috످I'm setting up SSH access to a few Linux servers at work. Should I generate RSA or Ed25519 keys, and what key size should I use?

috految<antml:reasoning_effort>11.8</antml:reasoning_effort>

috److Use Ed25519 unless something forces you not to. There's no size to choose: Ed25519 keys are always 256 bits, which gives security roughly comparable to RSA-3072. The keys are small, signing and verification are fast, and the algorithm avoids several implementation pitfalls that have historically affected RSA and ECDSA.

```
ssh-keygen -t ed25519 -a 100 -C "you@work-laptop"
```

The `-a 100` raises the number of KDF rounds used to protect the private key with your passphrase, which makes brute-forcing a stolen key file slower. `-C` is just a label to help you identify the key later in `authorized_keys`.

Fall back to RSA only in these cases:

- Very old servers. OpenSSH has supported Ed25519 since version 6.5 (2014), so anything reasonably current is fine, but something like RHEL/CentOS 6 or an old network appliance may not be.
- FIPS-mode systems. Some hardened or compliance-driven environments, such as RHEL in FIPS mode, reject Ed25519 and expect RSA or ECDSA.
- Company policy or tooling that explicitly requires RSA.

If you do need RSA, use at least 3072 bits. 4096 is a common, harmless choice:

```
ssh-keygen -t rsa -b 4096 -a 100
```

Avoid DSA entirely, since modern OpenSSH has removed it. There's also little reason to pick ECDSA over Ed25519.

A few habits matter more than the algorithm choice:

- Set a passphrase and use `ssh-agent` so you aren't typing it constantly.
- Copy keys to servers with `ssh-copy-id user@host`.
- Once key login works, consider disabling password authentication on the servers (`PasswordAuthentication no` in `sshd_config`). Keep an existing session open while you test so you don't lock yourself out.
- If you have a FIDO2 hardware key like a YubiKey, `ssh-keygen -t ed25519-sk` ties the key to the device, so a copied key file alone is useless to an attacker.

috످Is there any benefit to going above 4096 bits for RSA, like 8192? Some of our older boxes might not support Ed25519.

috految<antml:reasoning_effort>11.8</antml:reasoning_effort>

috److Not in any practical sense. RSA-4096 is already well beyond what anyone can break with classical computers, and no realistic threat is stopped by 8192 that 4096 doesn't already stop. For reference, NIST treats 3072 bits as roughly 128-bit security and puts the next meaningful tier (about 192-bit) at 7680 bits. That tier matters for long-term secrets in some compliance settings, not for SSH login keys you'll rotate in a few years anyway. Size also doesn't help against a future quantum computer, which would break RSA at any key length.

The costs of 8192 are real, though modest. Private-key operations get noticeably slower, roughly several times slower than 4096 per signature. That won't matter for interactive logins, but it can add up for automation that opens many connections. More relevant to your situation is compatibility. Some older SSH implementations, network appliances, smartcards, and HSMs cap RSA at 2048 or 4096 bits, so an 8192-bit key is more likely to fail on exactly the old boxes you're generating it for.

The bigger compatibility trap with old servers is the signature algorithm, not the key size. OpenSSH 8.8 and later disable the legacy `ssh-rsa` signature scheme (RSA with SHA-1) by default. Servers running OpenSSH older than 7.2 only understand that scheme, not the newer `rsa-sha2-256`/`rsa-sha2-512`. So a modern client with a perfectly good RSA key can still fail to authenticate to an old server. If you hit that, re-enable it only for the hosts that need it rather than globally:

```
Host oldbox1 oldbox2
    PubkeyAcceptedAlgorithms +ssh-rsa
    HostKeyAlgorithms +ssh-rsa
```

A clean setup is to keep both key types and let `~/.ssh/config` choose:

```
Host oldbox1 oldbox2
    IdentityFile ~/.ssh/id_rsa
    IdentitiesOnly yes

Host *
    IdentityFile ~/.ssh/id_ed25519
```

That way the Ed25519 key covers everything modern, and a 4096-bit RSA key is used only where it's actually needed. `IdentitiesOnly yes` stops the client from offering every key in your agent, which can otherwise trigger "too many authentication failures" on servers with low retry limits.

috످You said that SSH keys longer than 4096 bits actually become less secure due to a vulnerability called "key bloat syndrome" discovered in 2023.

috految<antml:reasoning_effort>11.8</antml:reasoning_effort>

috److I didn't say that, and as far as I know, there's no vulnerability called "key bloat syndrome." RSA keys longer than 4096 bits are actually harder to crack. I advised against 8192 because it's slower, may not work on your older servers, and adds little practical security.

If you saw that claim somewhere, you can paste the text here or check the OpenSSH security advisories (https://www.openssh.com/security.html).

For your setup, I'd still use Ed25519 where it's supported and RSA-4096 on the older boxes.

috످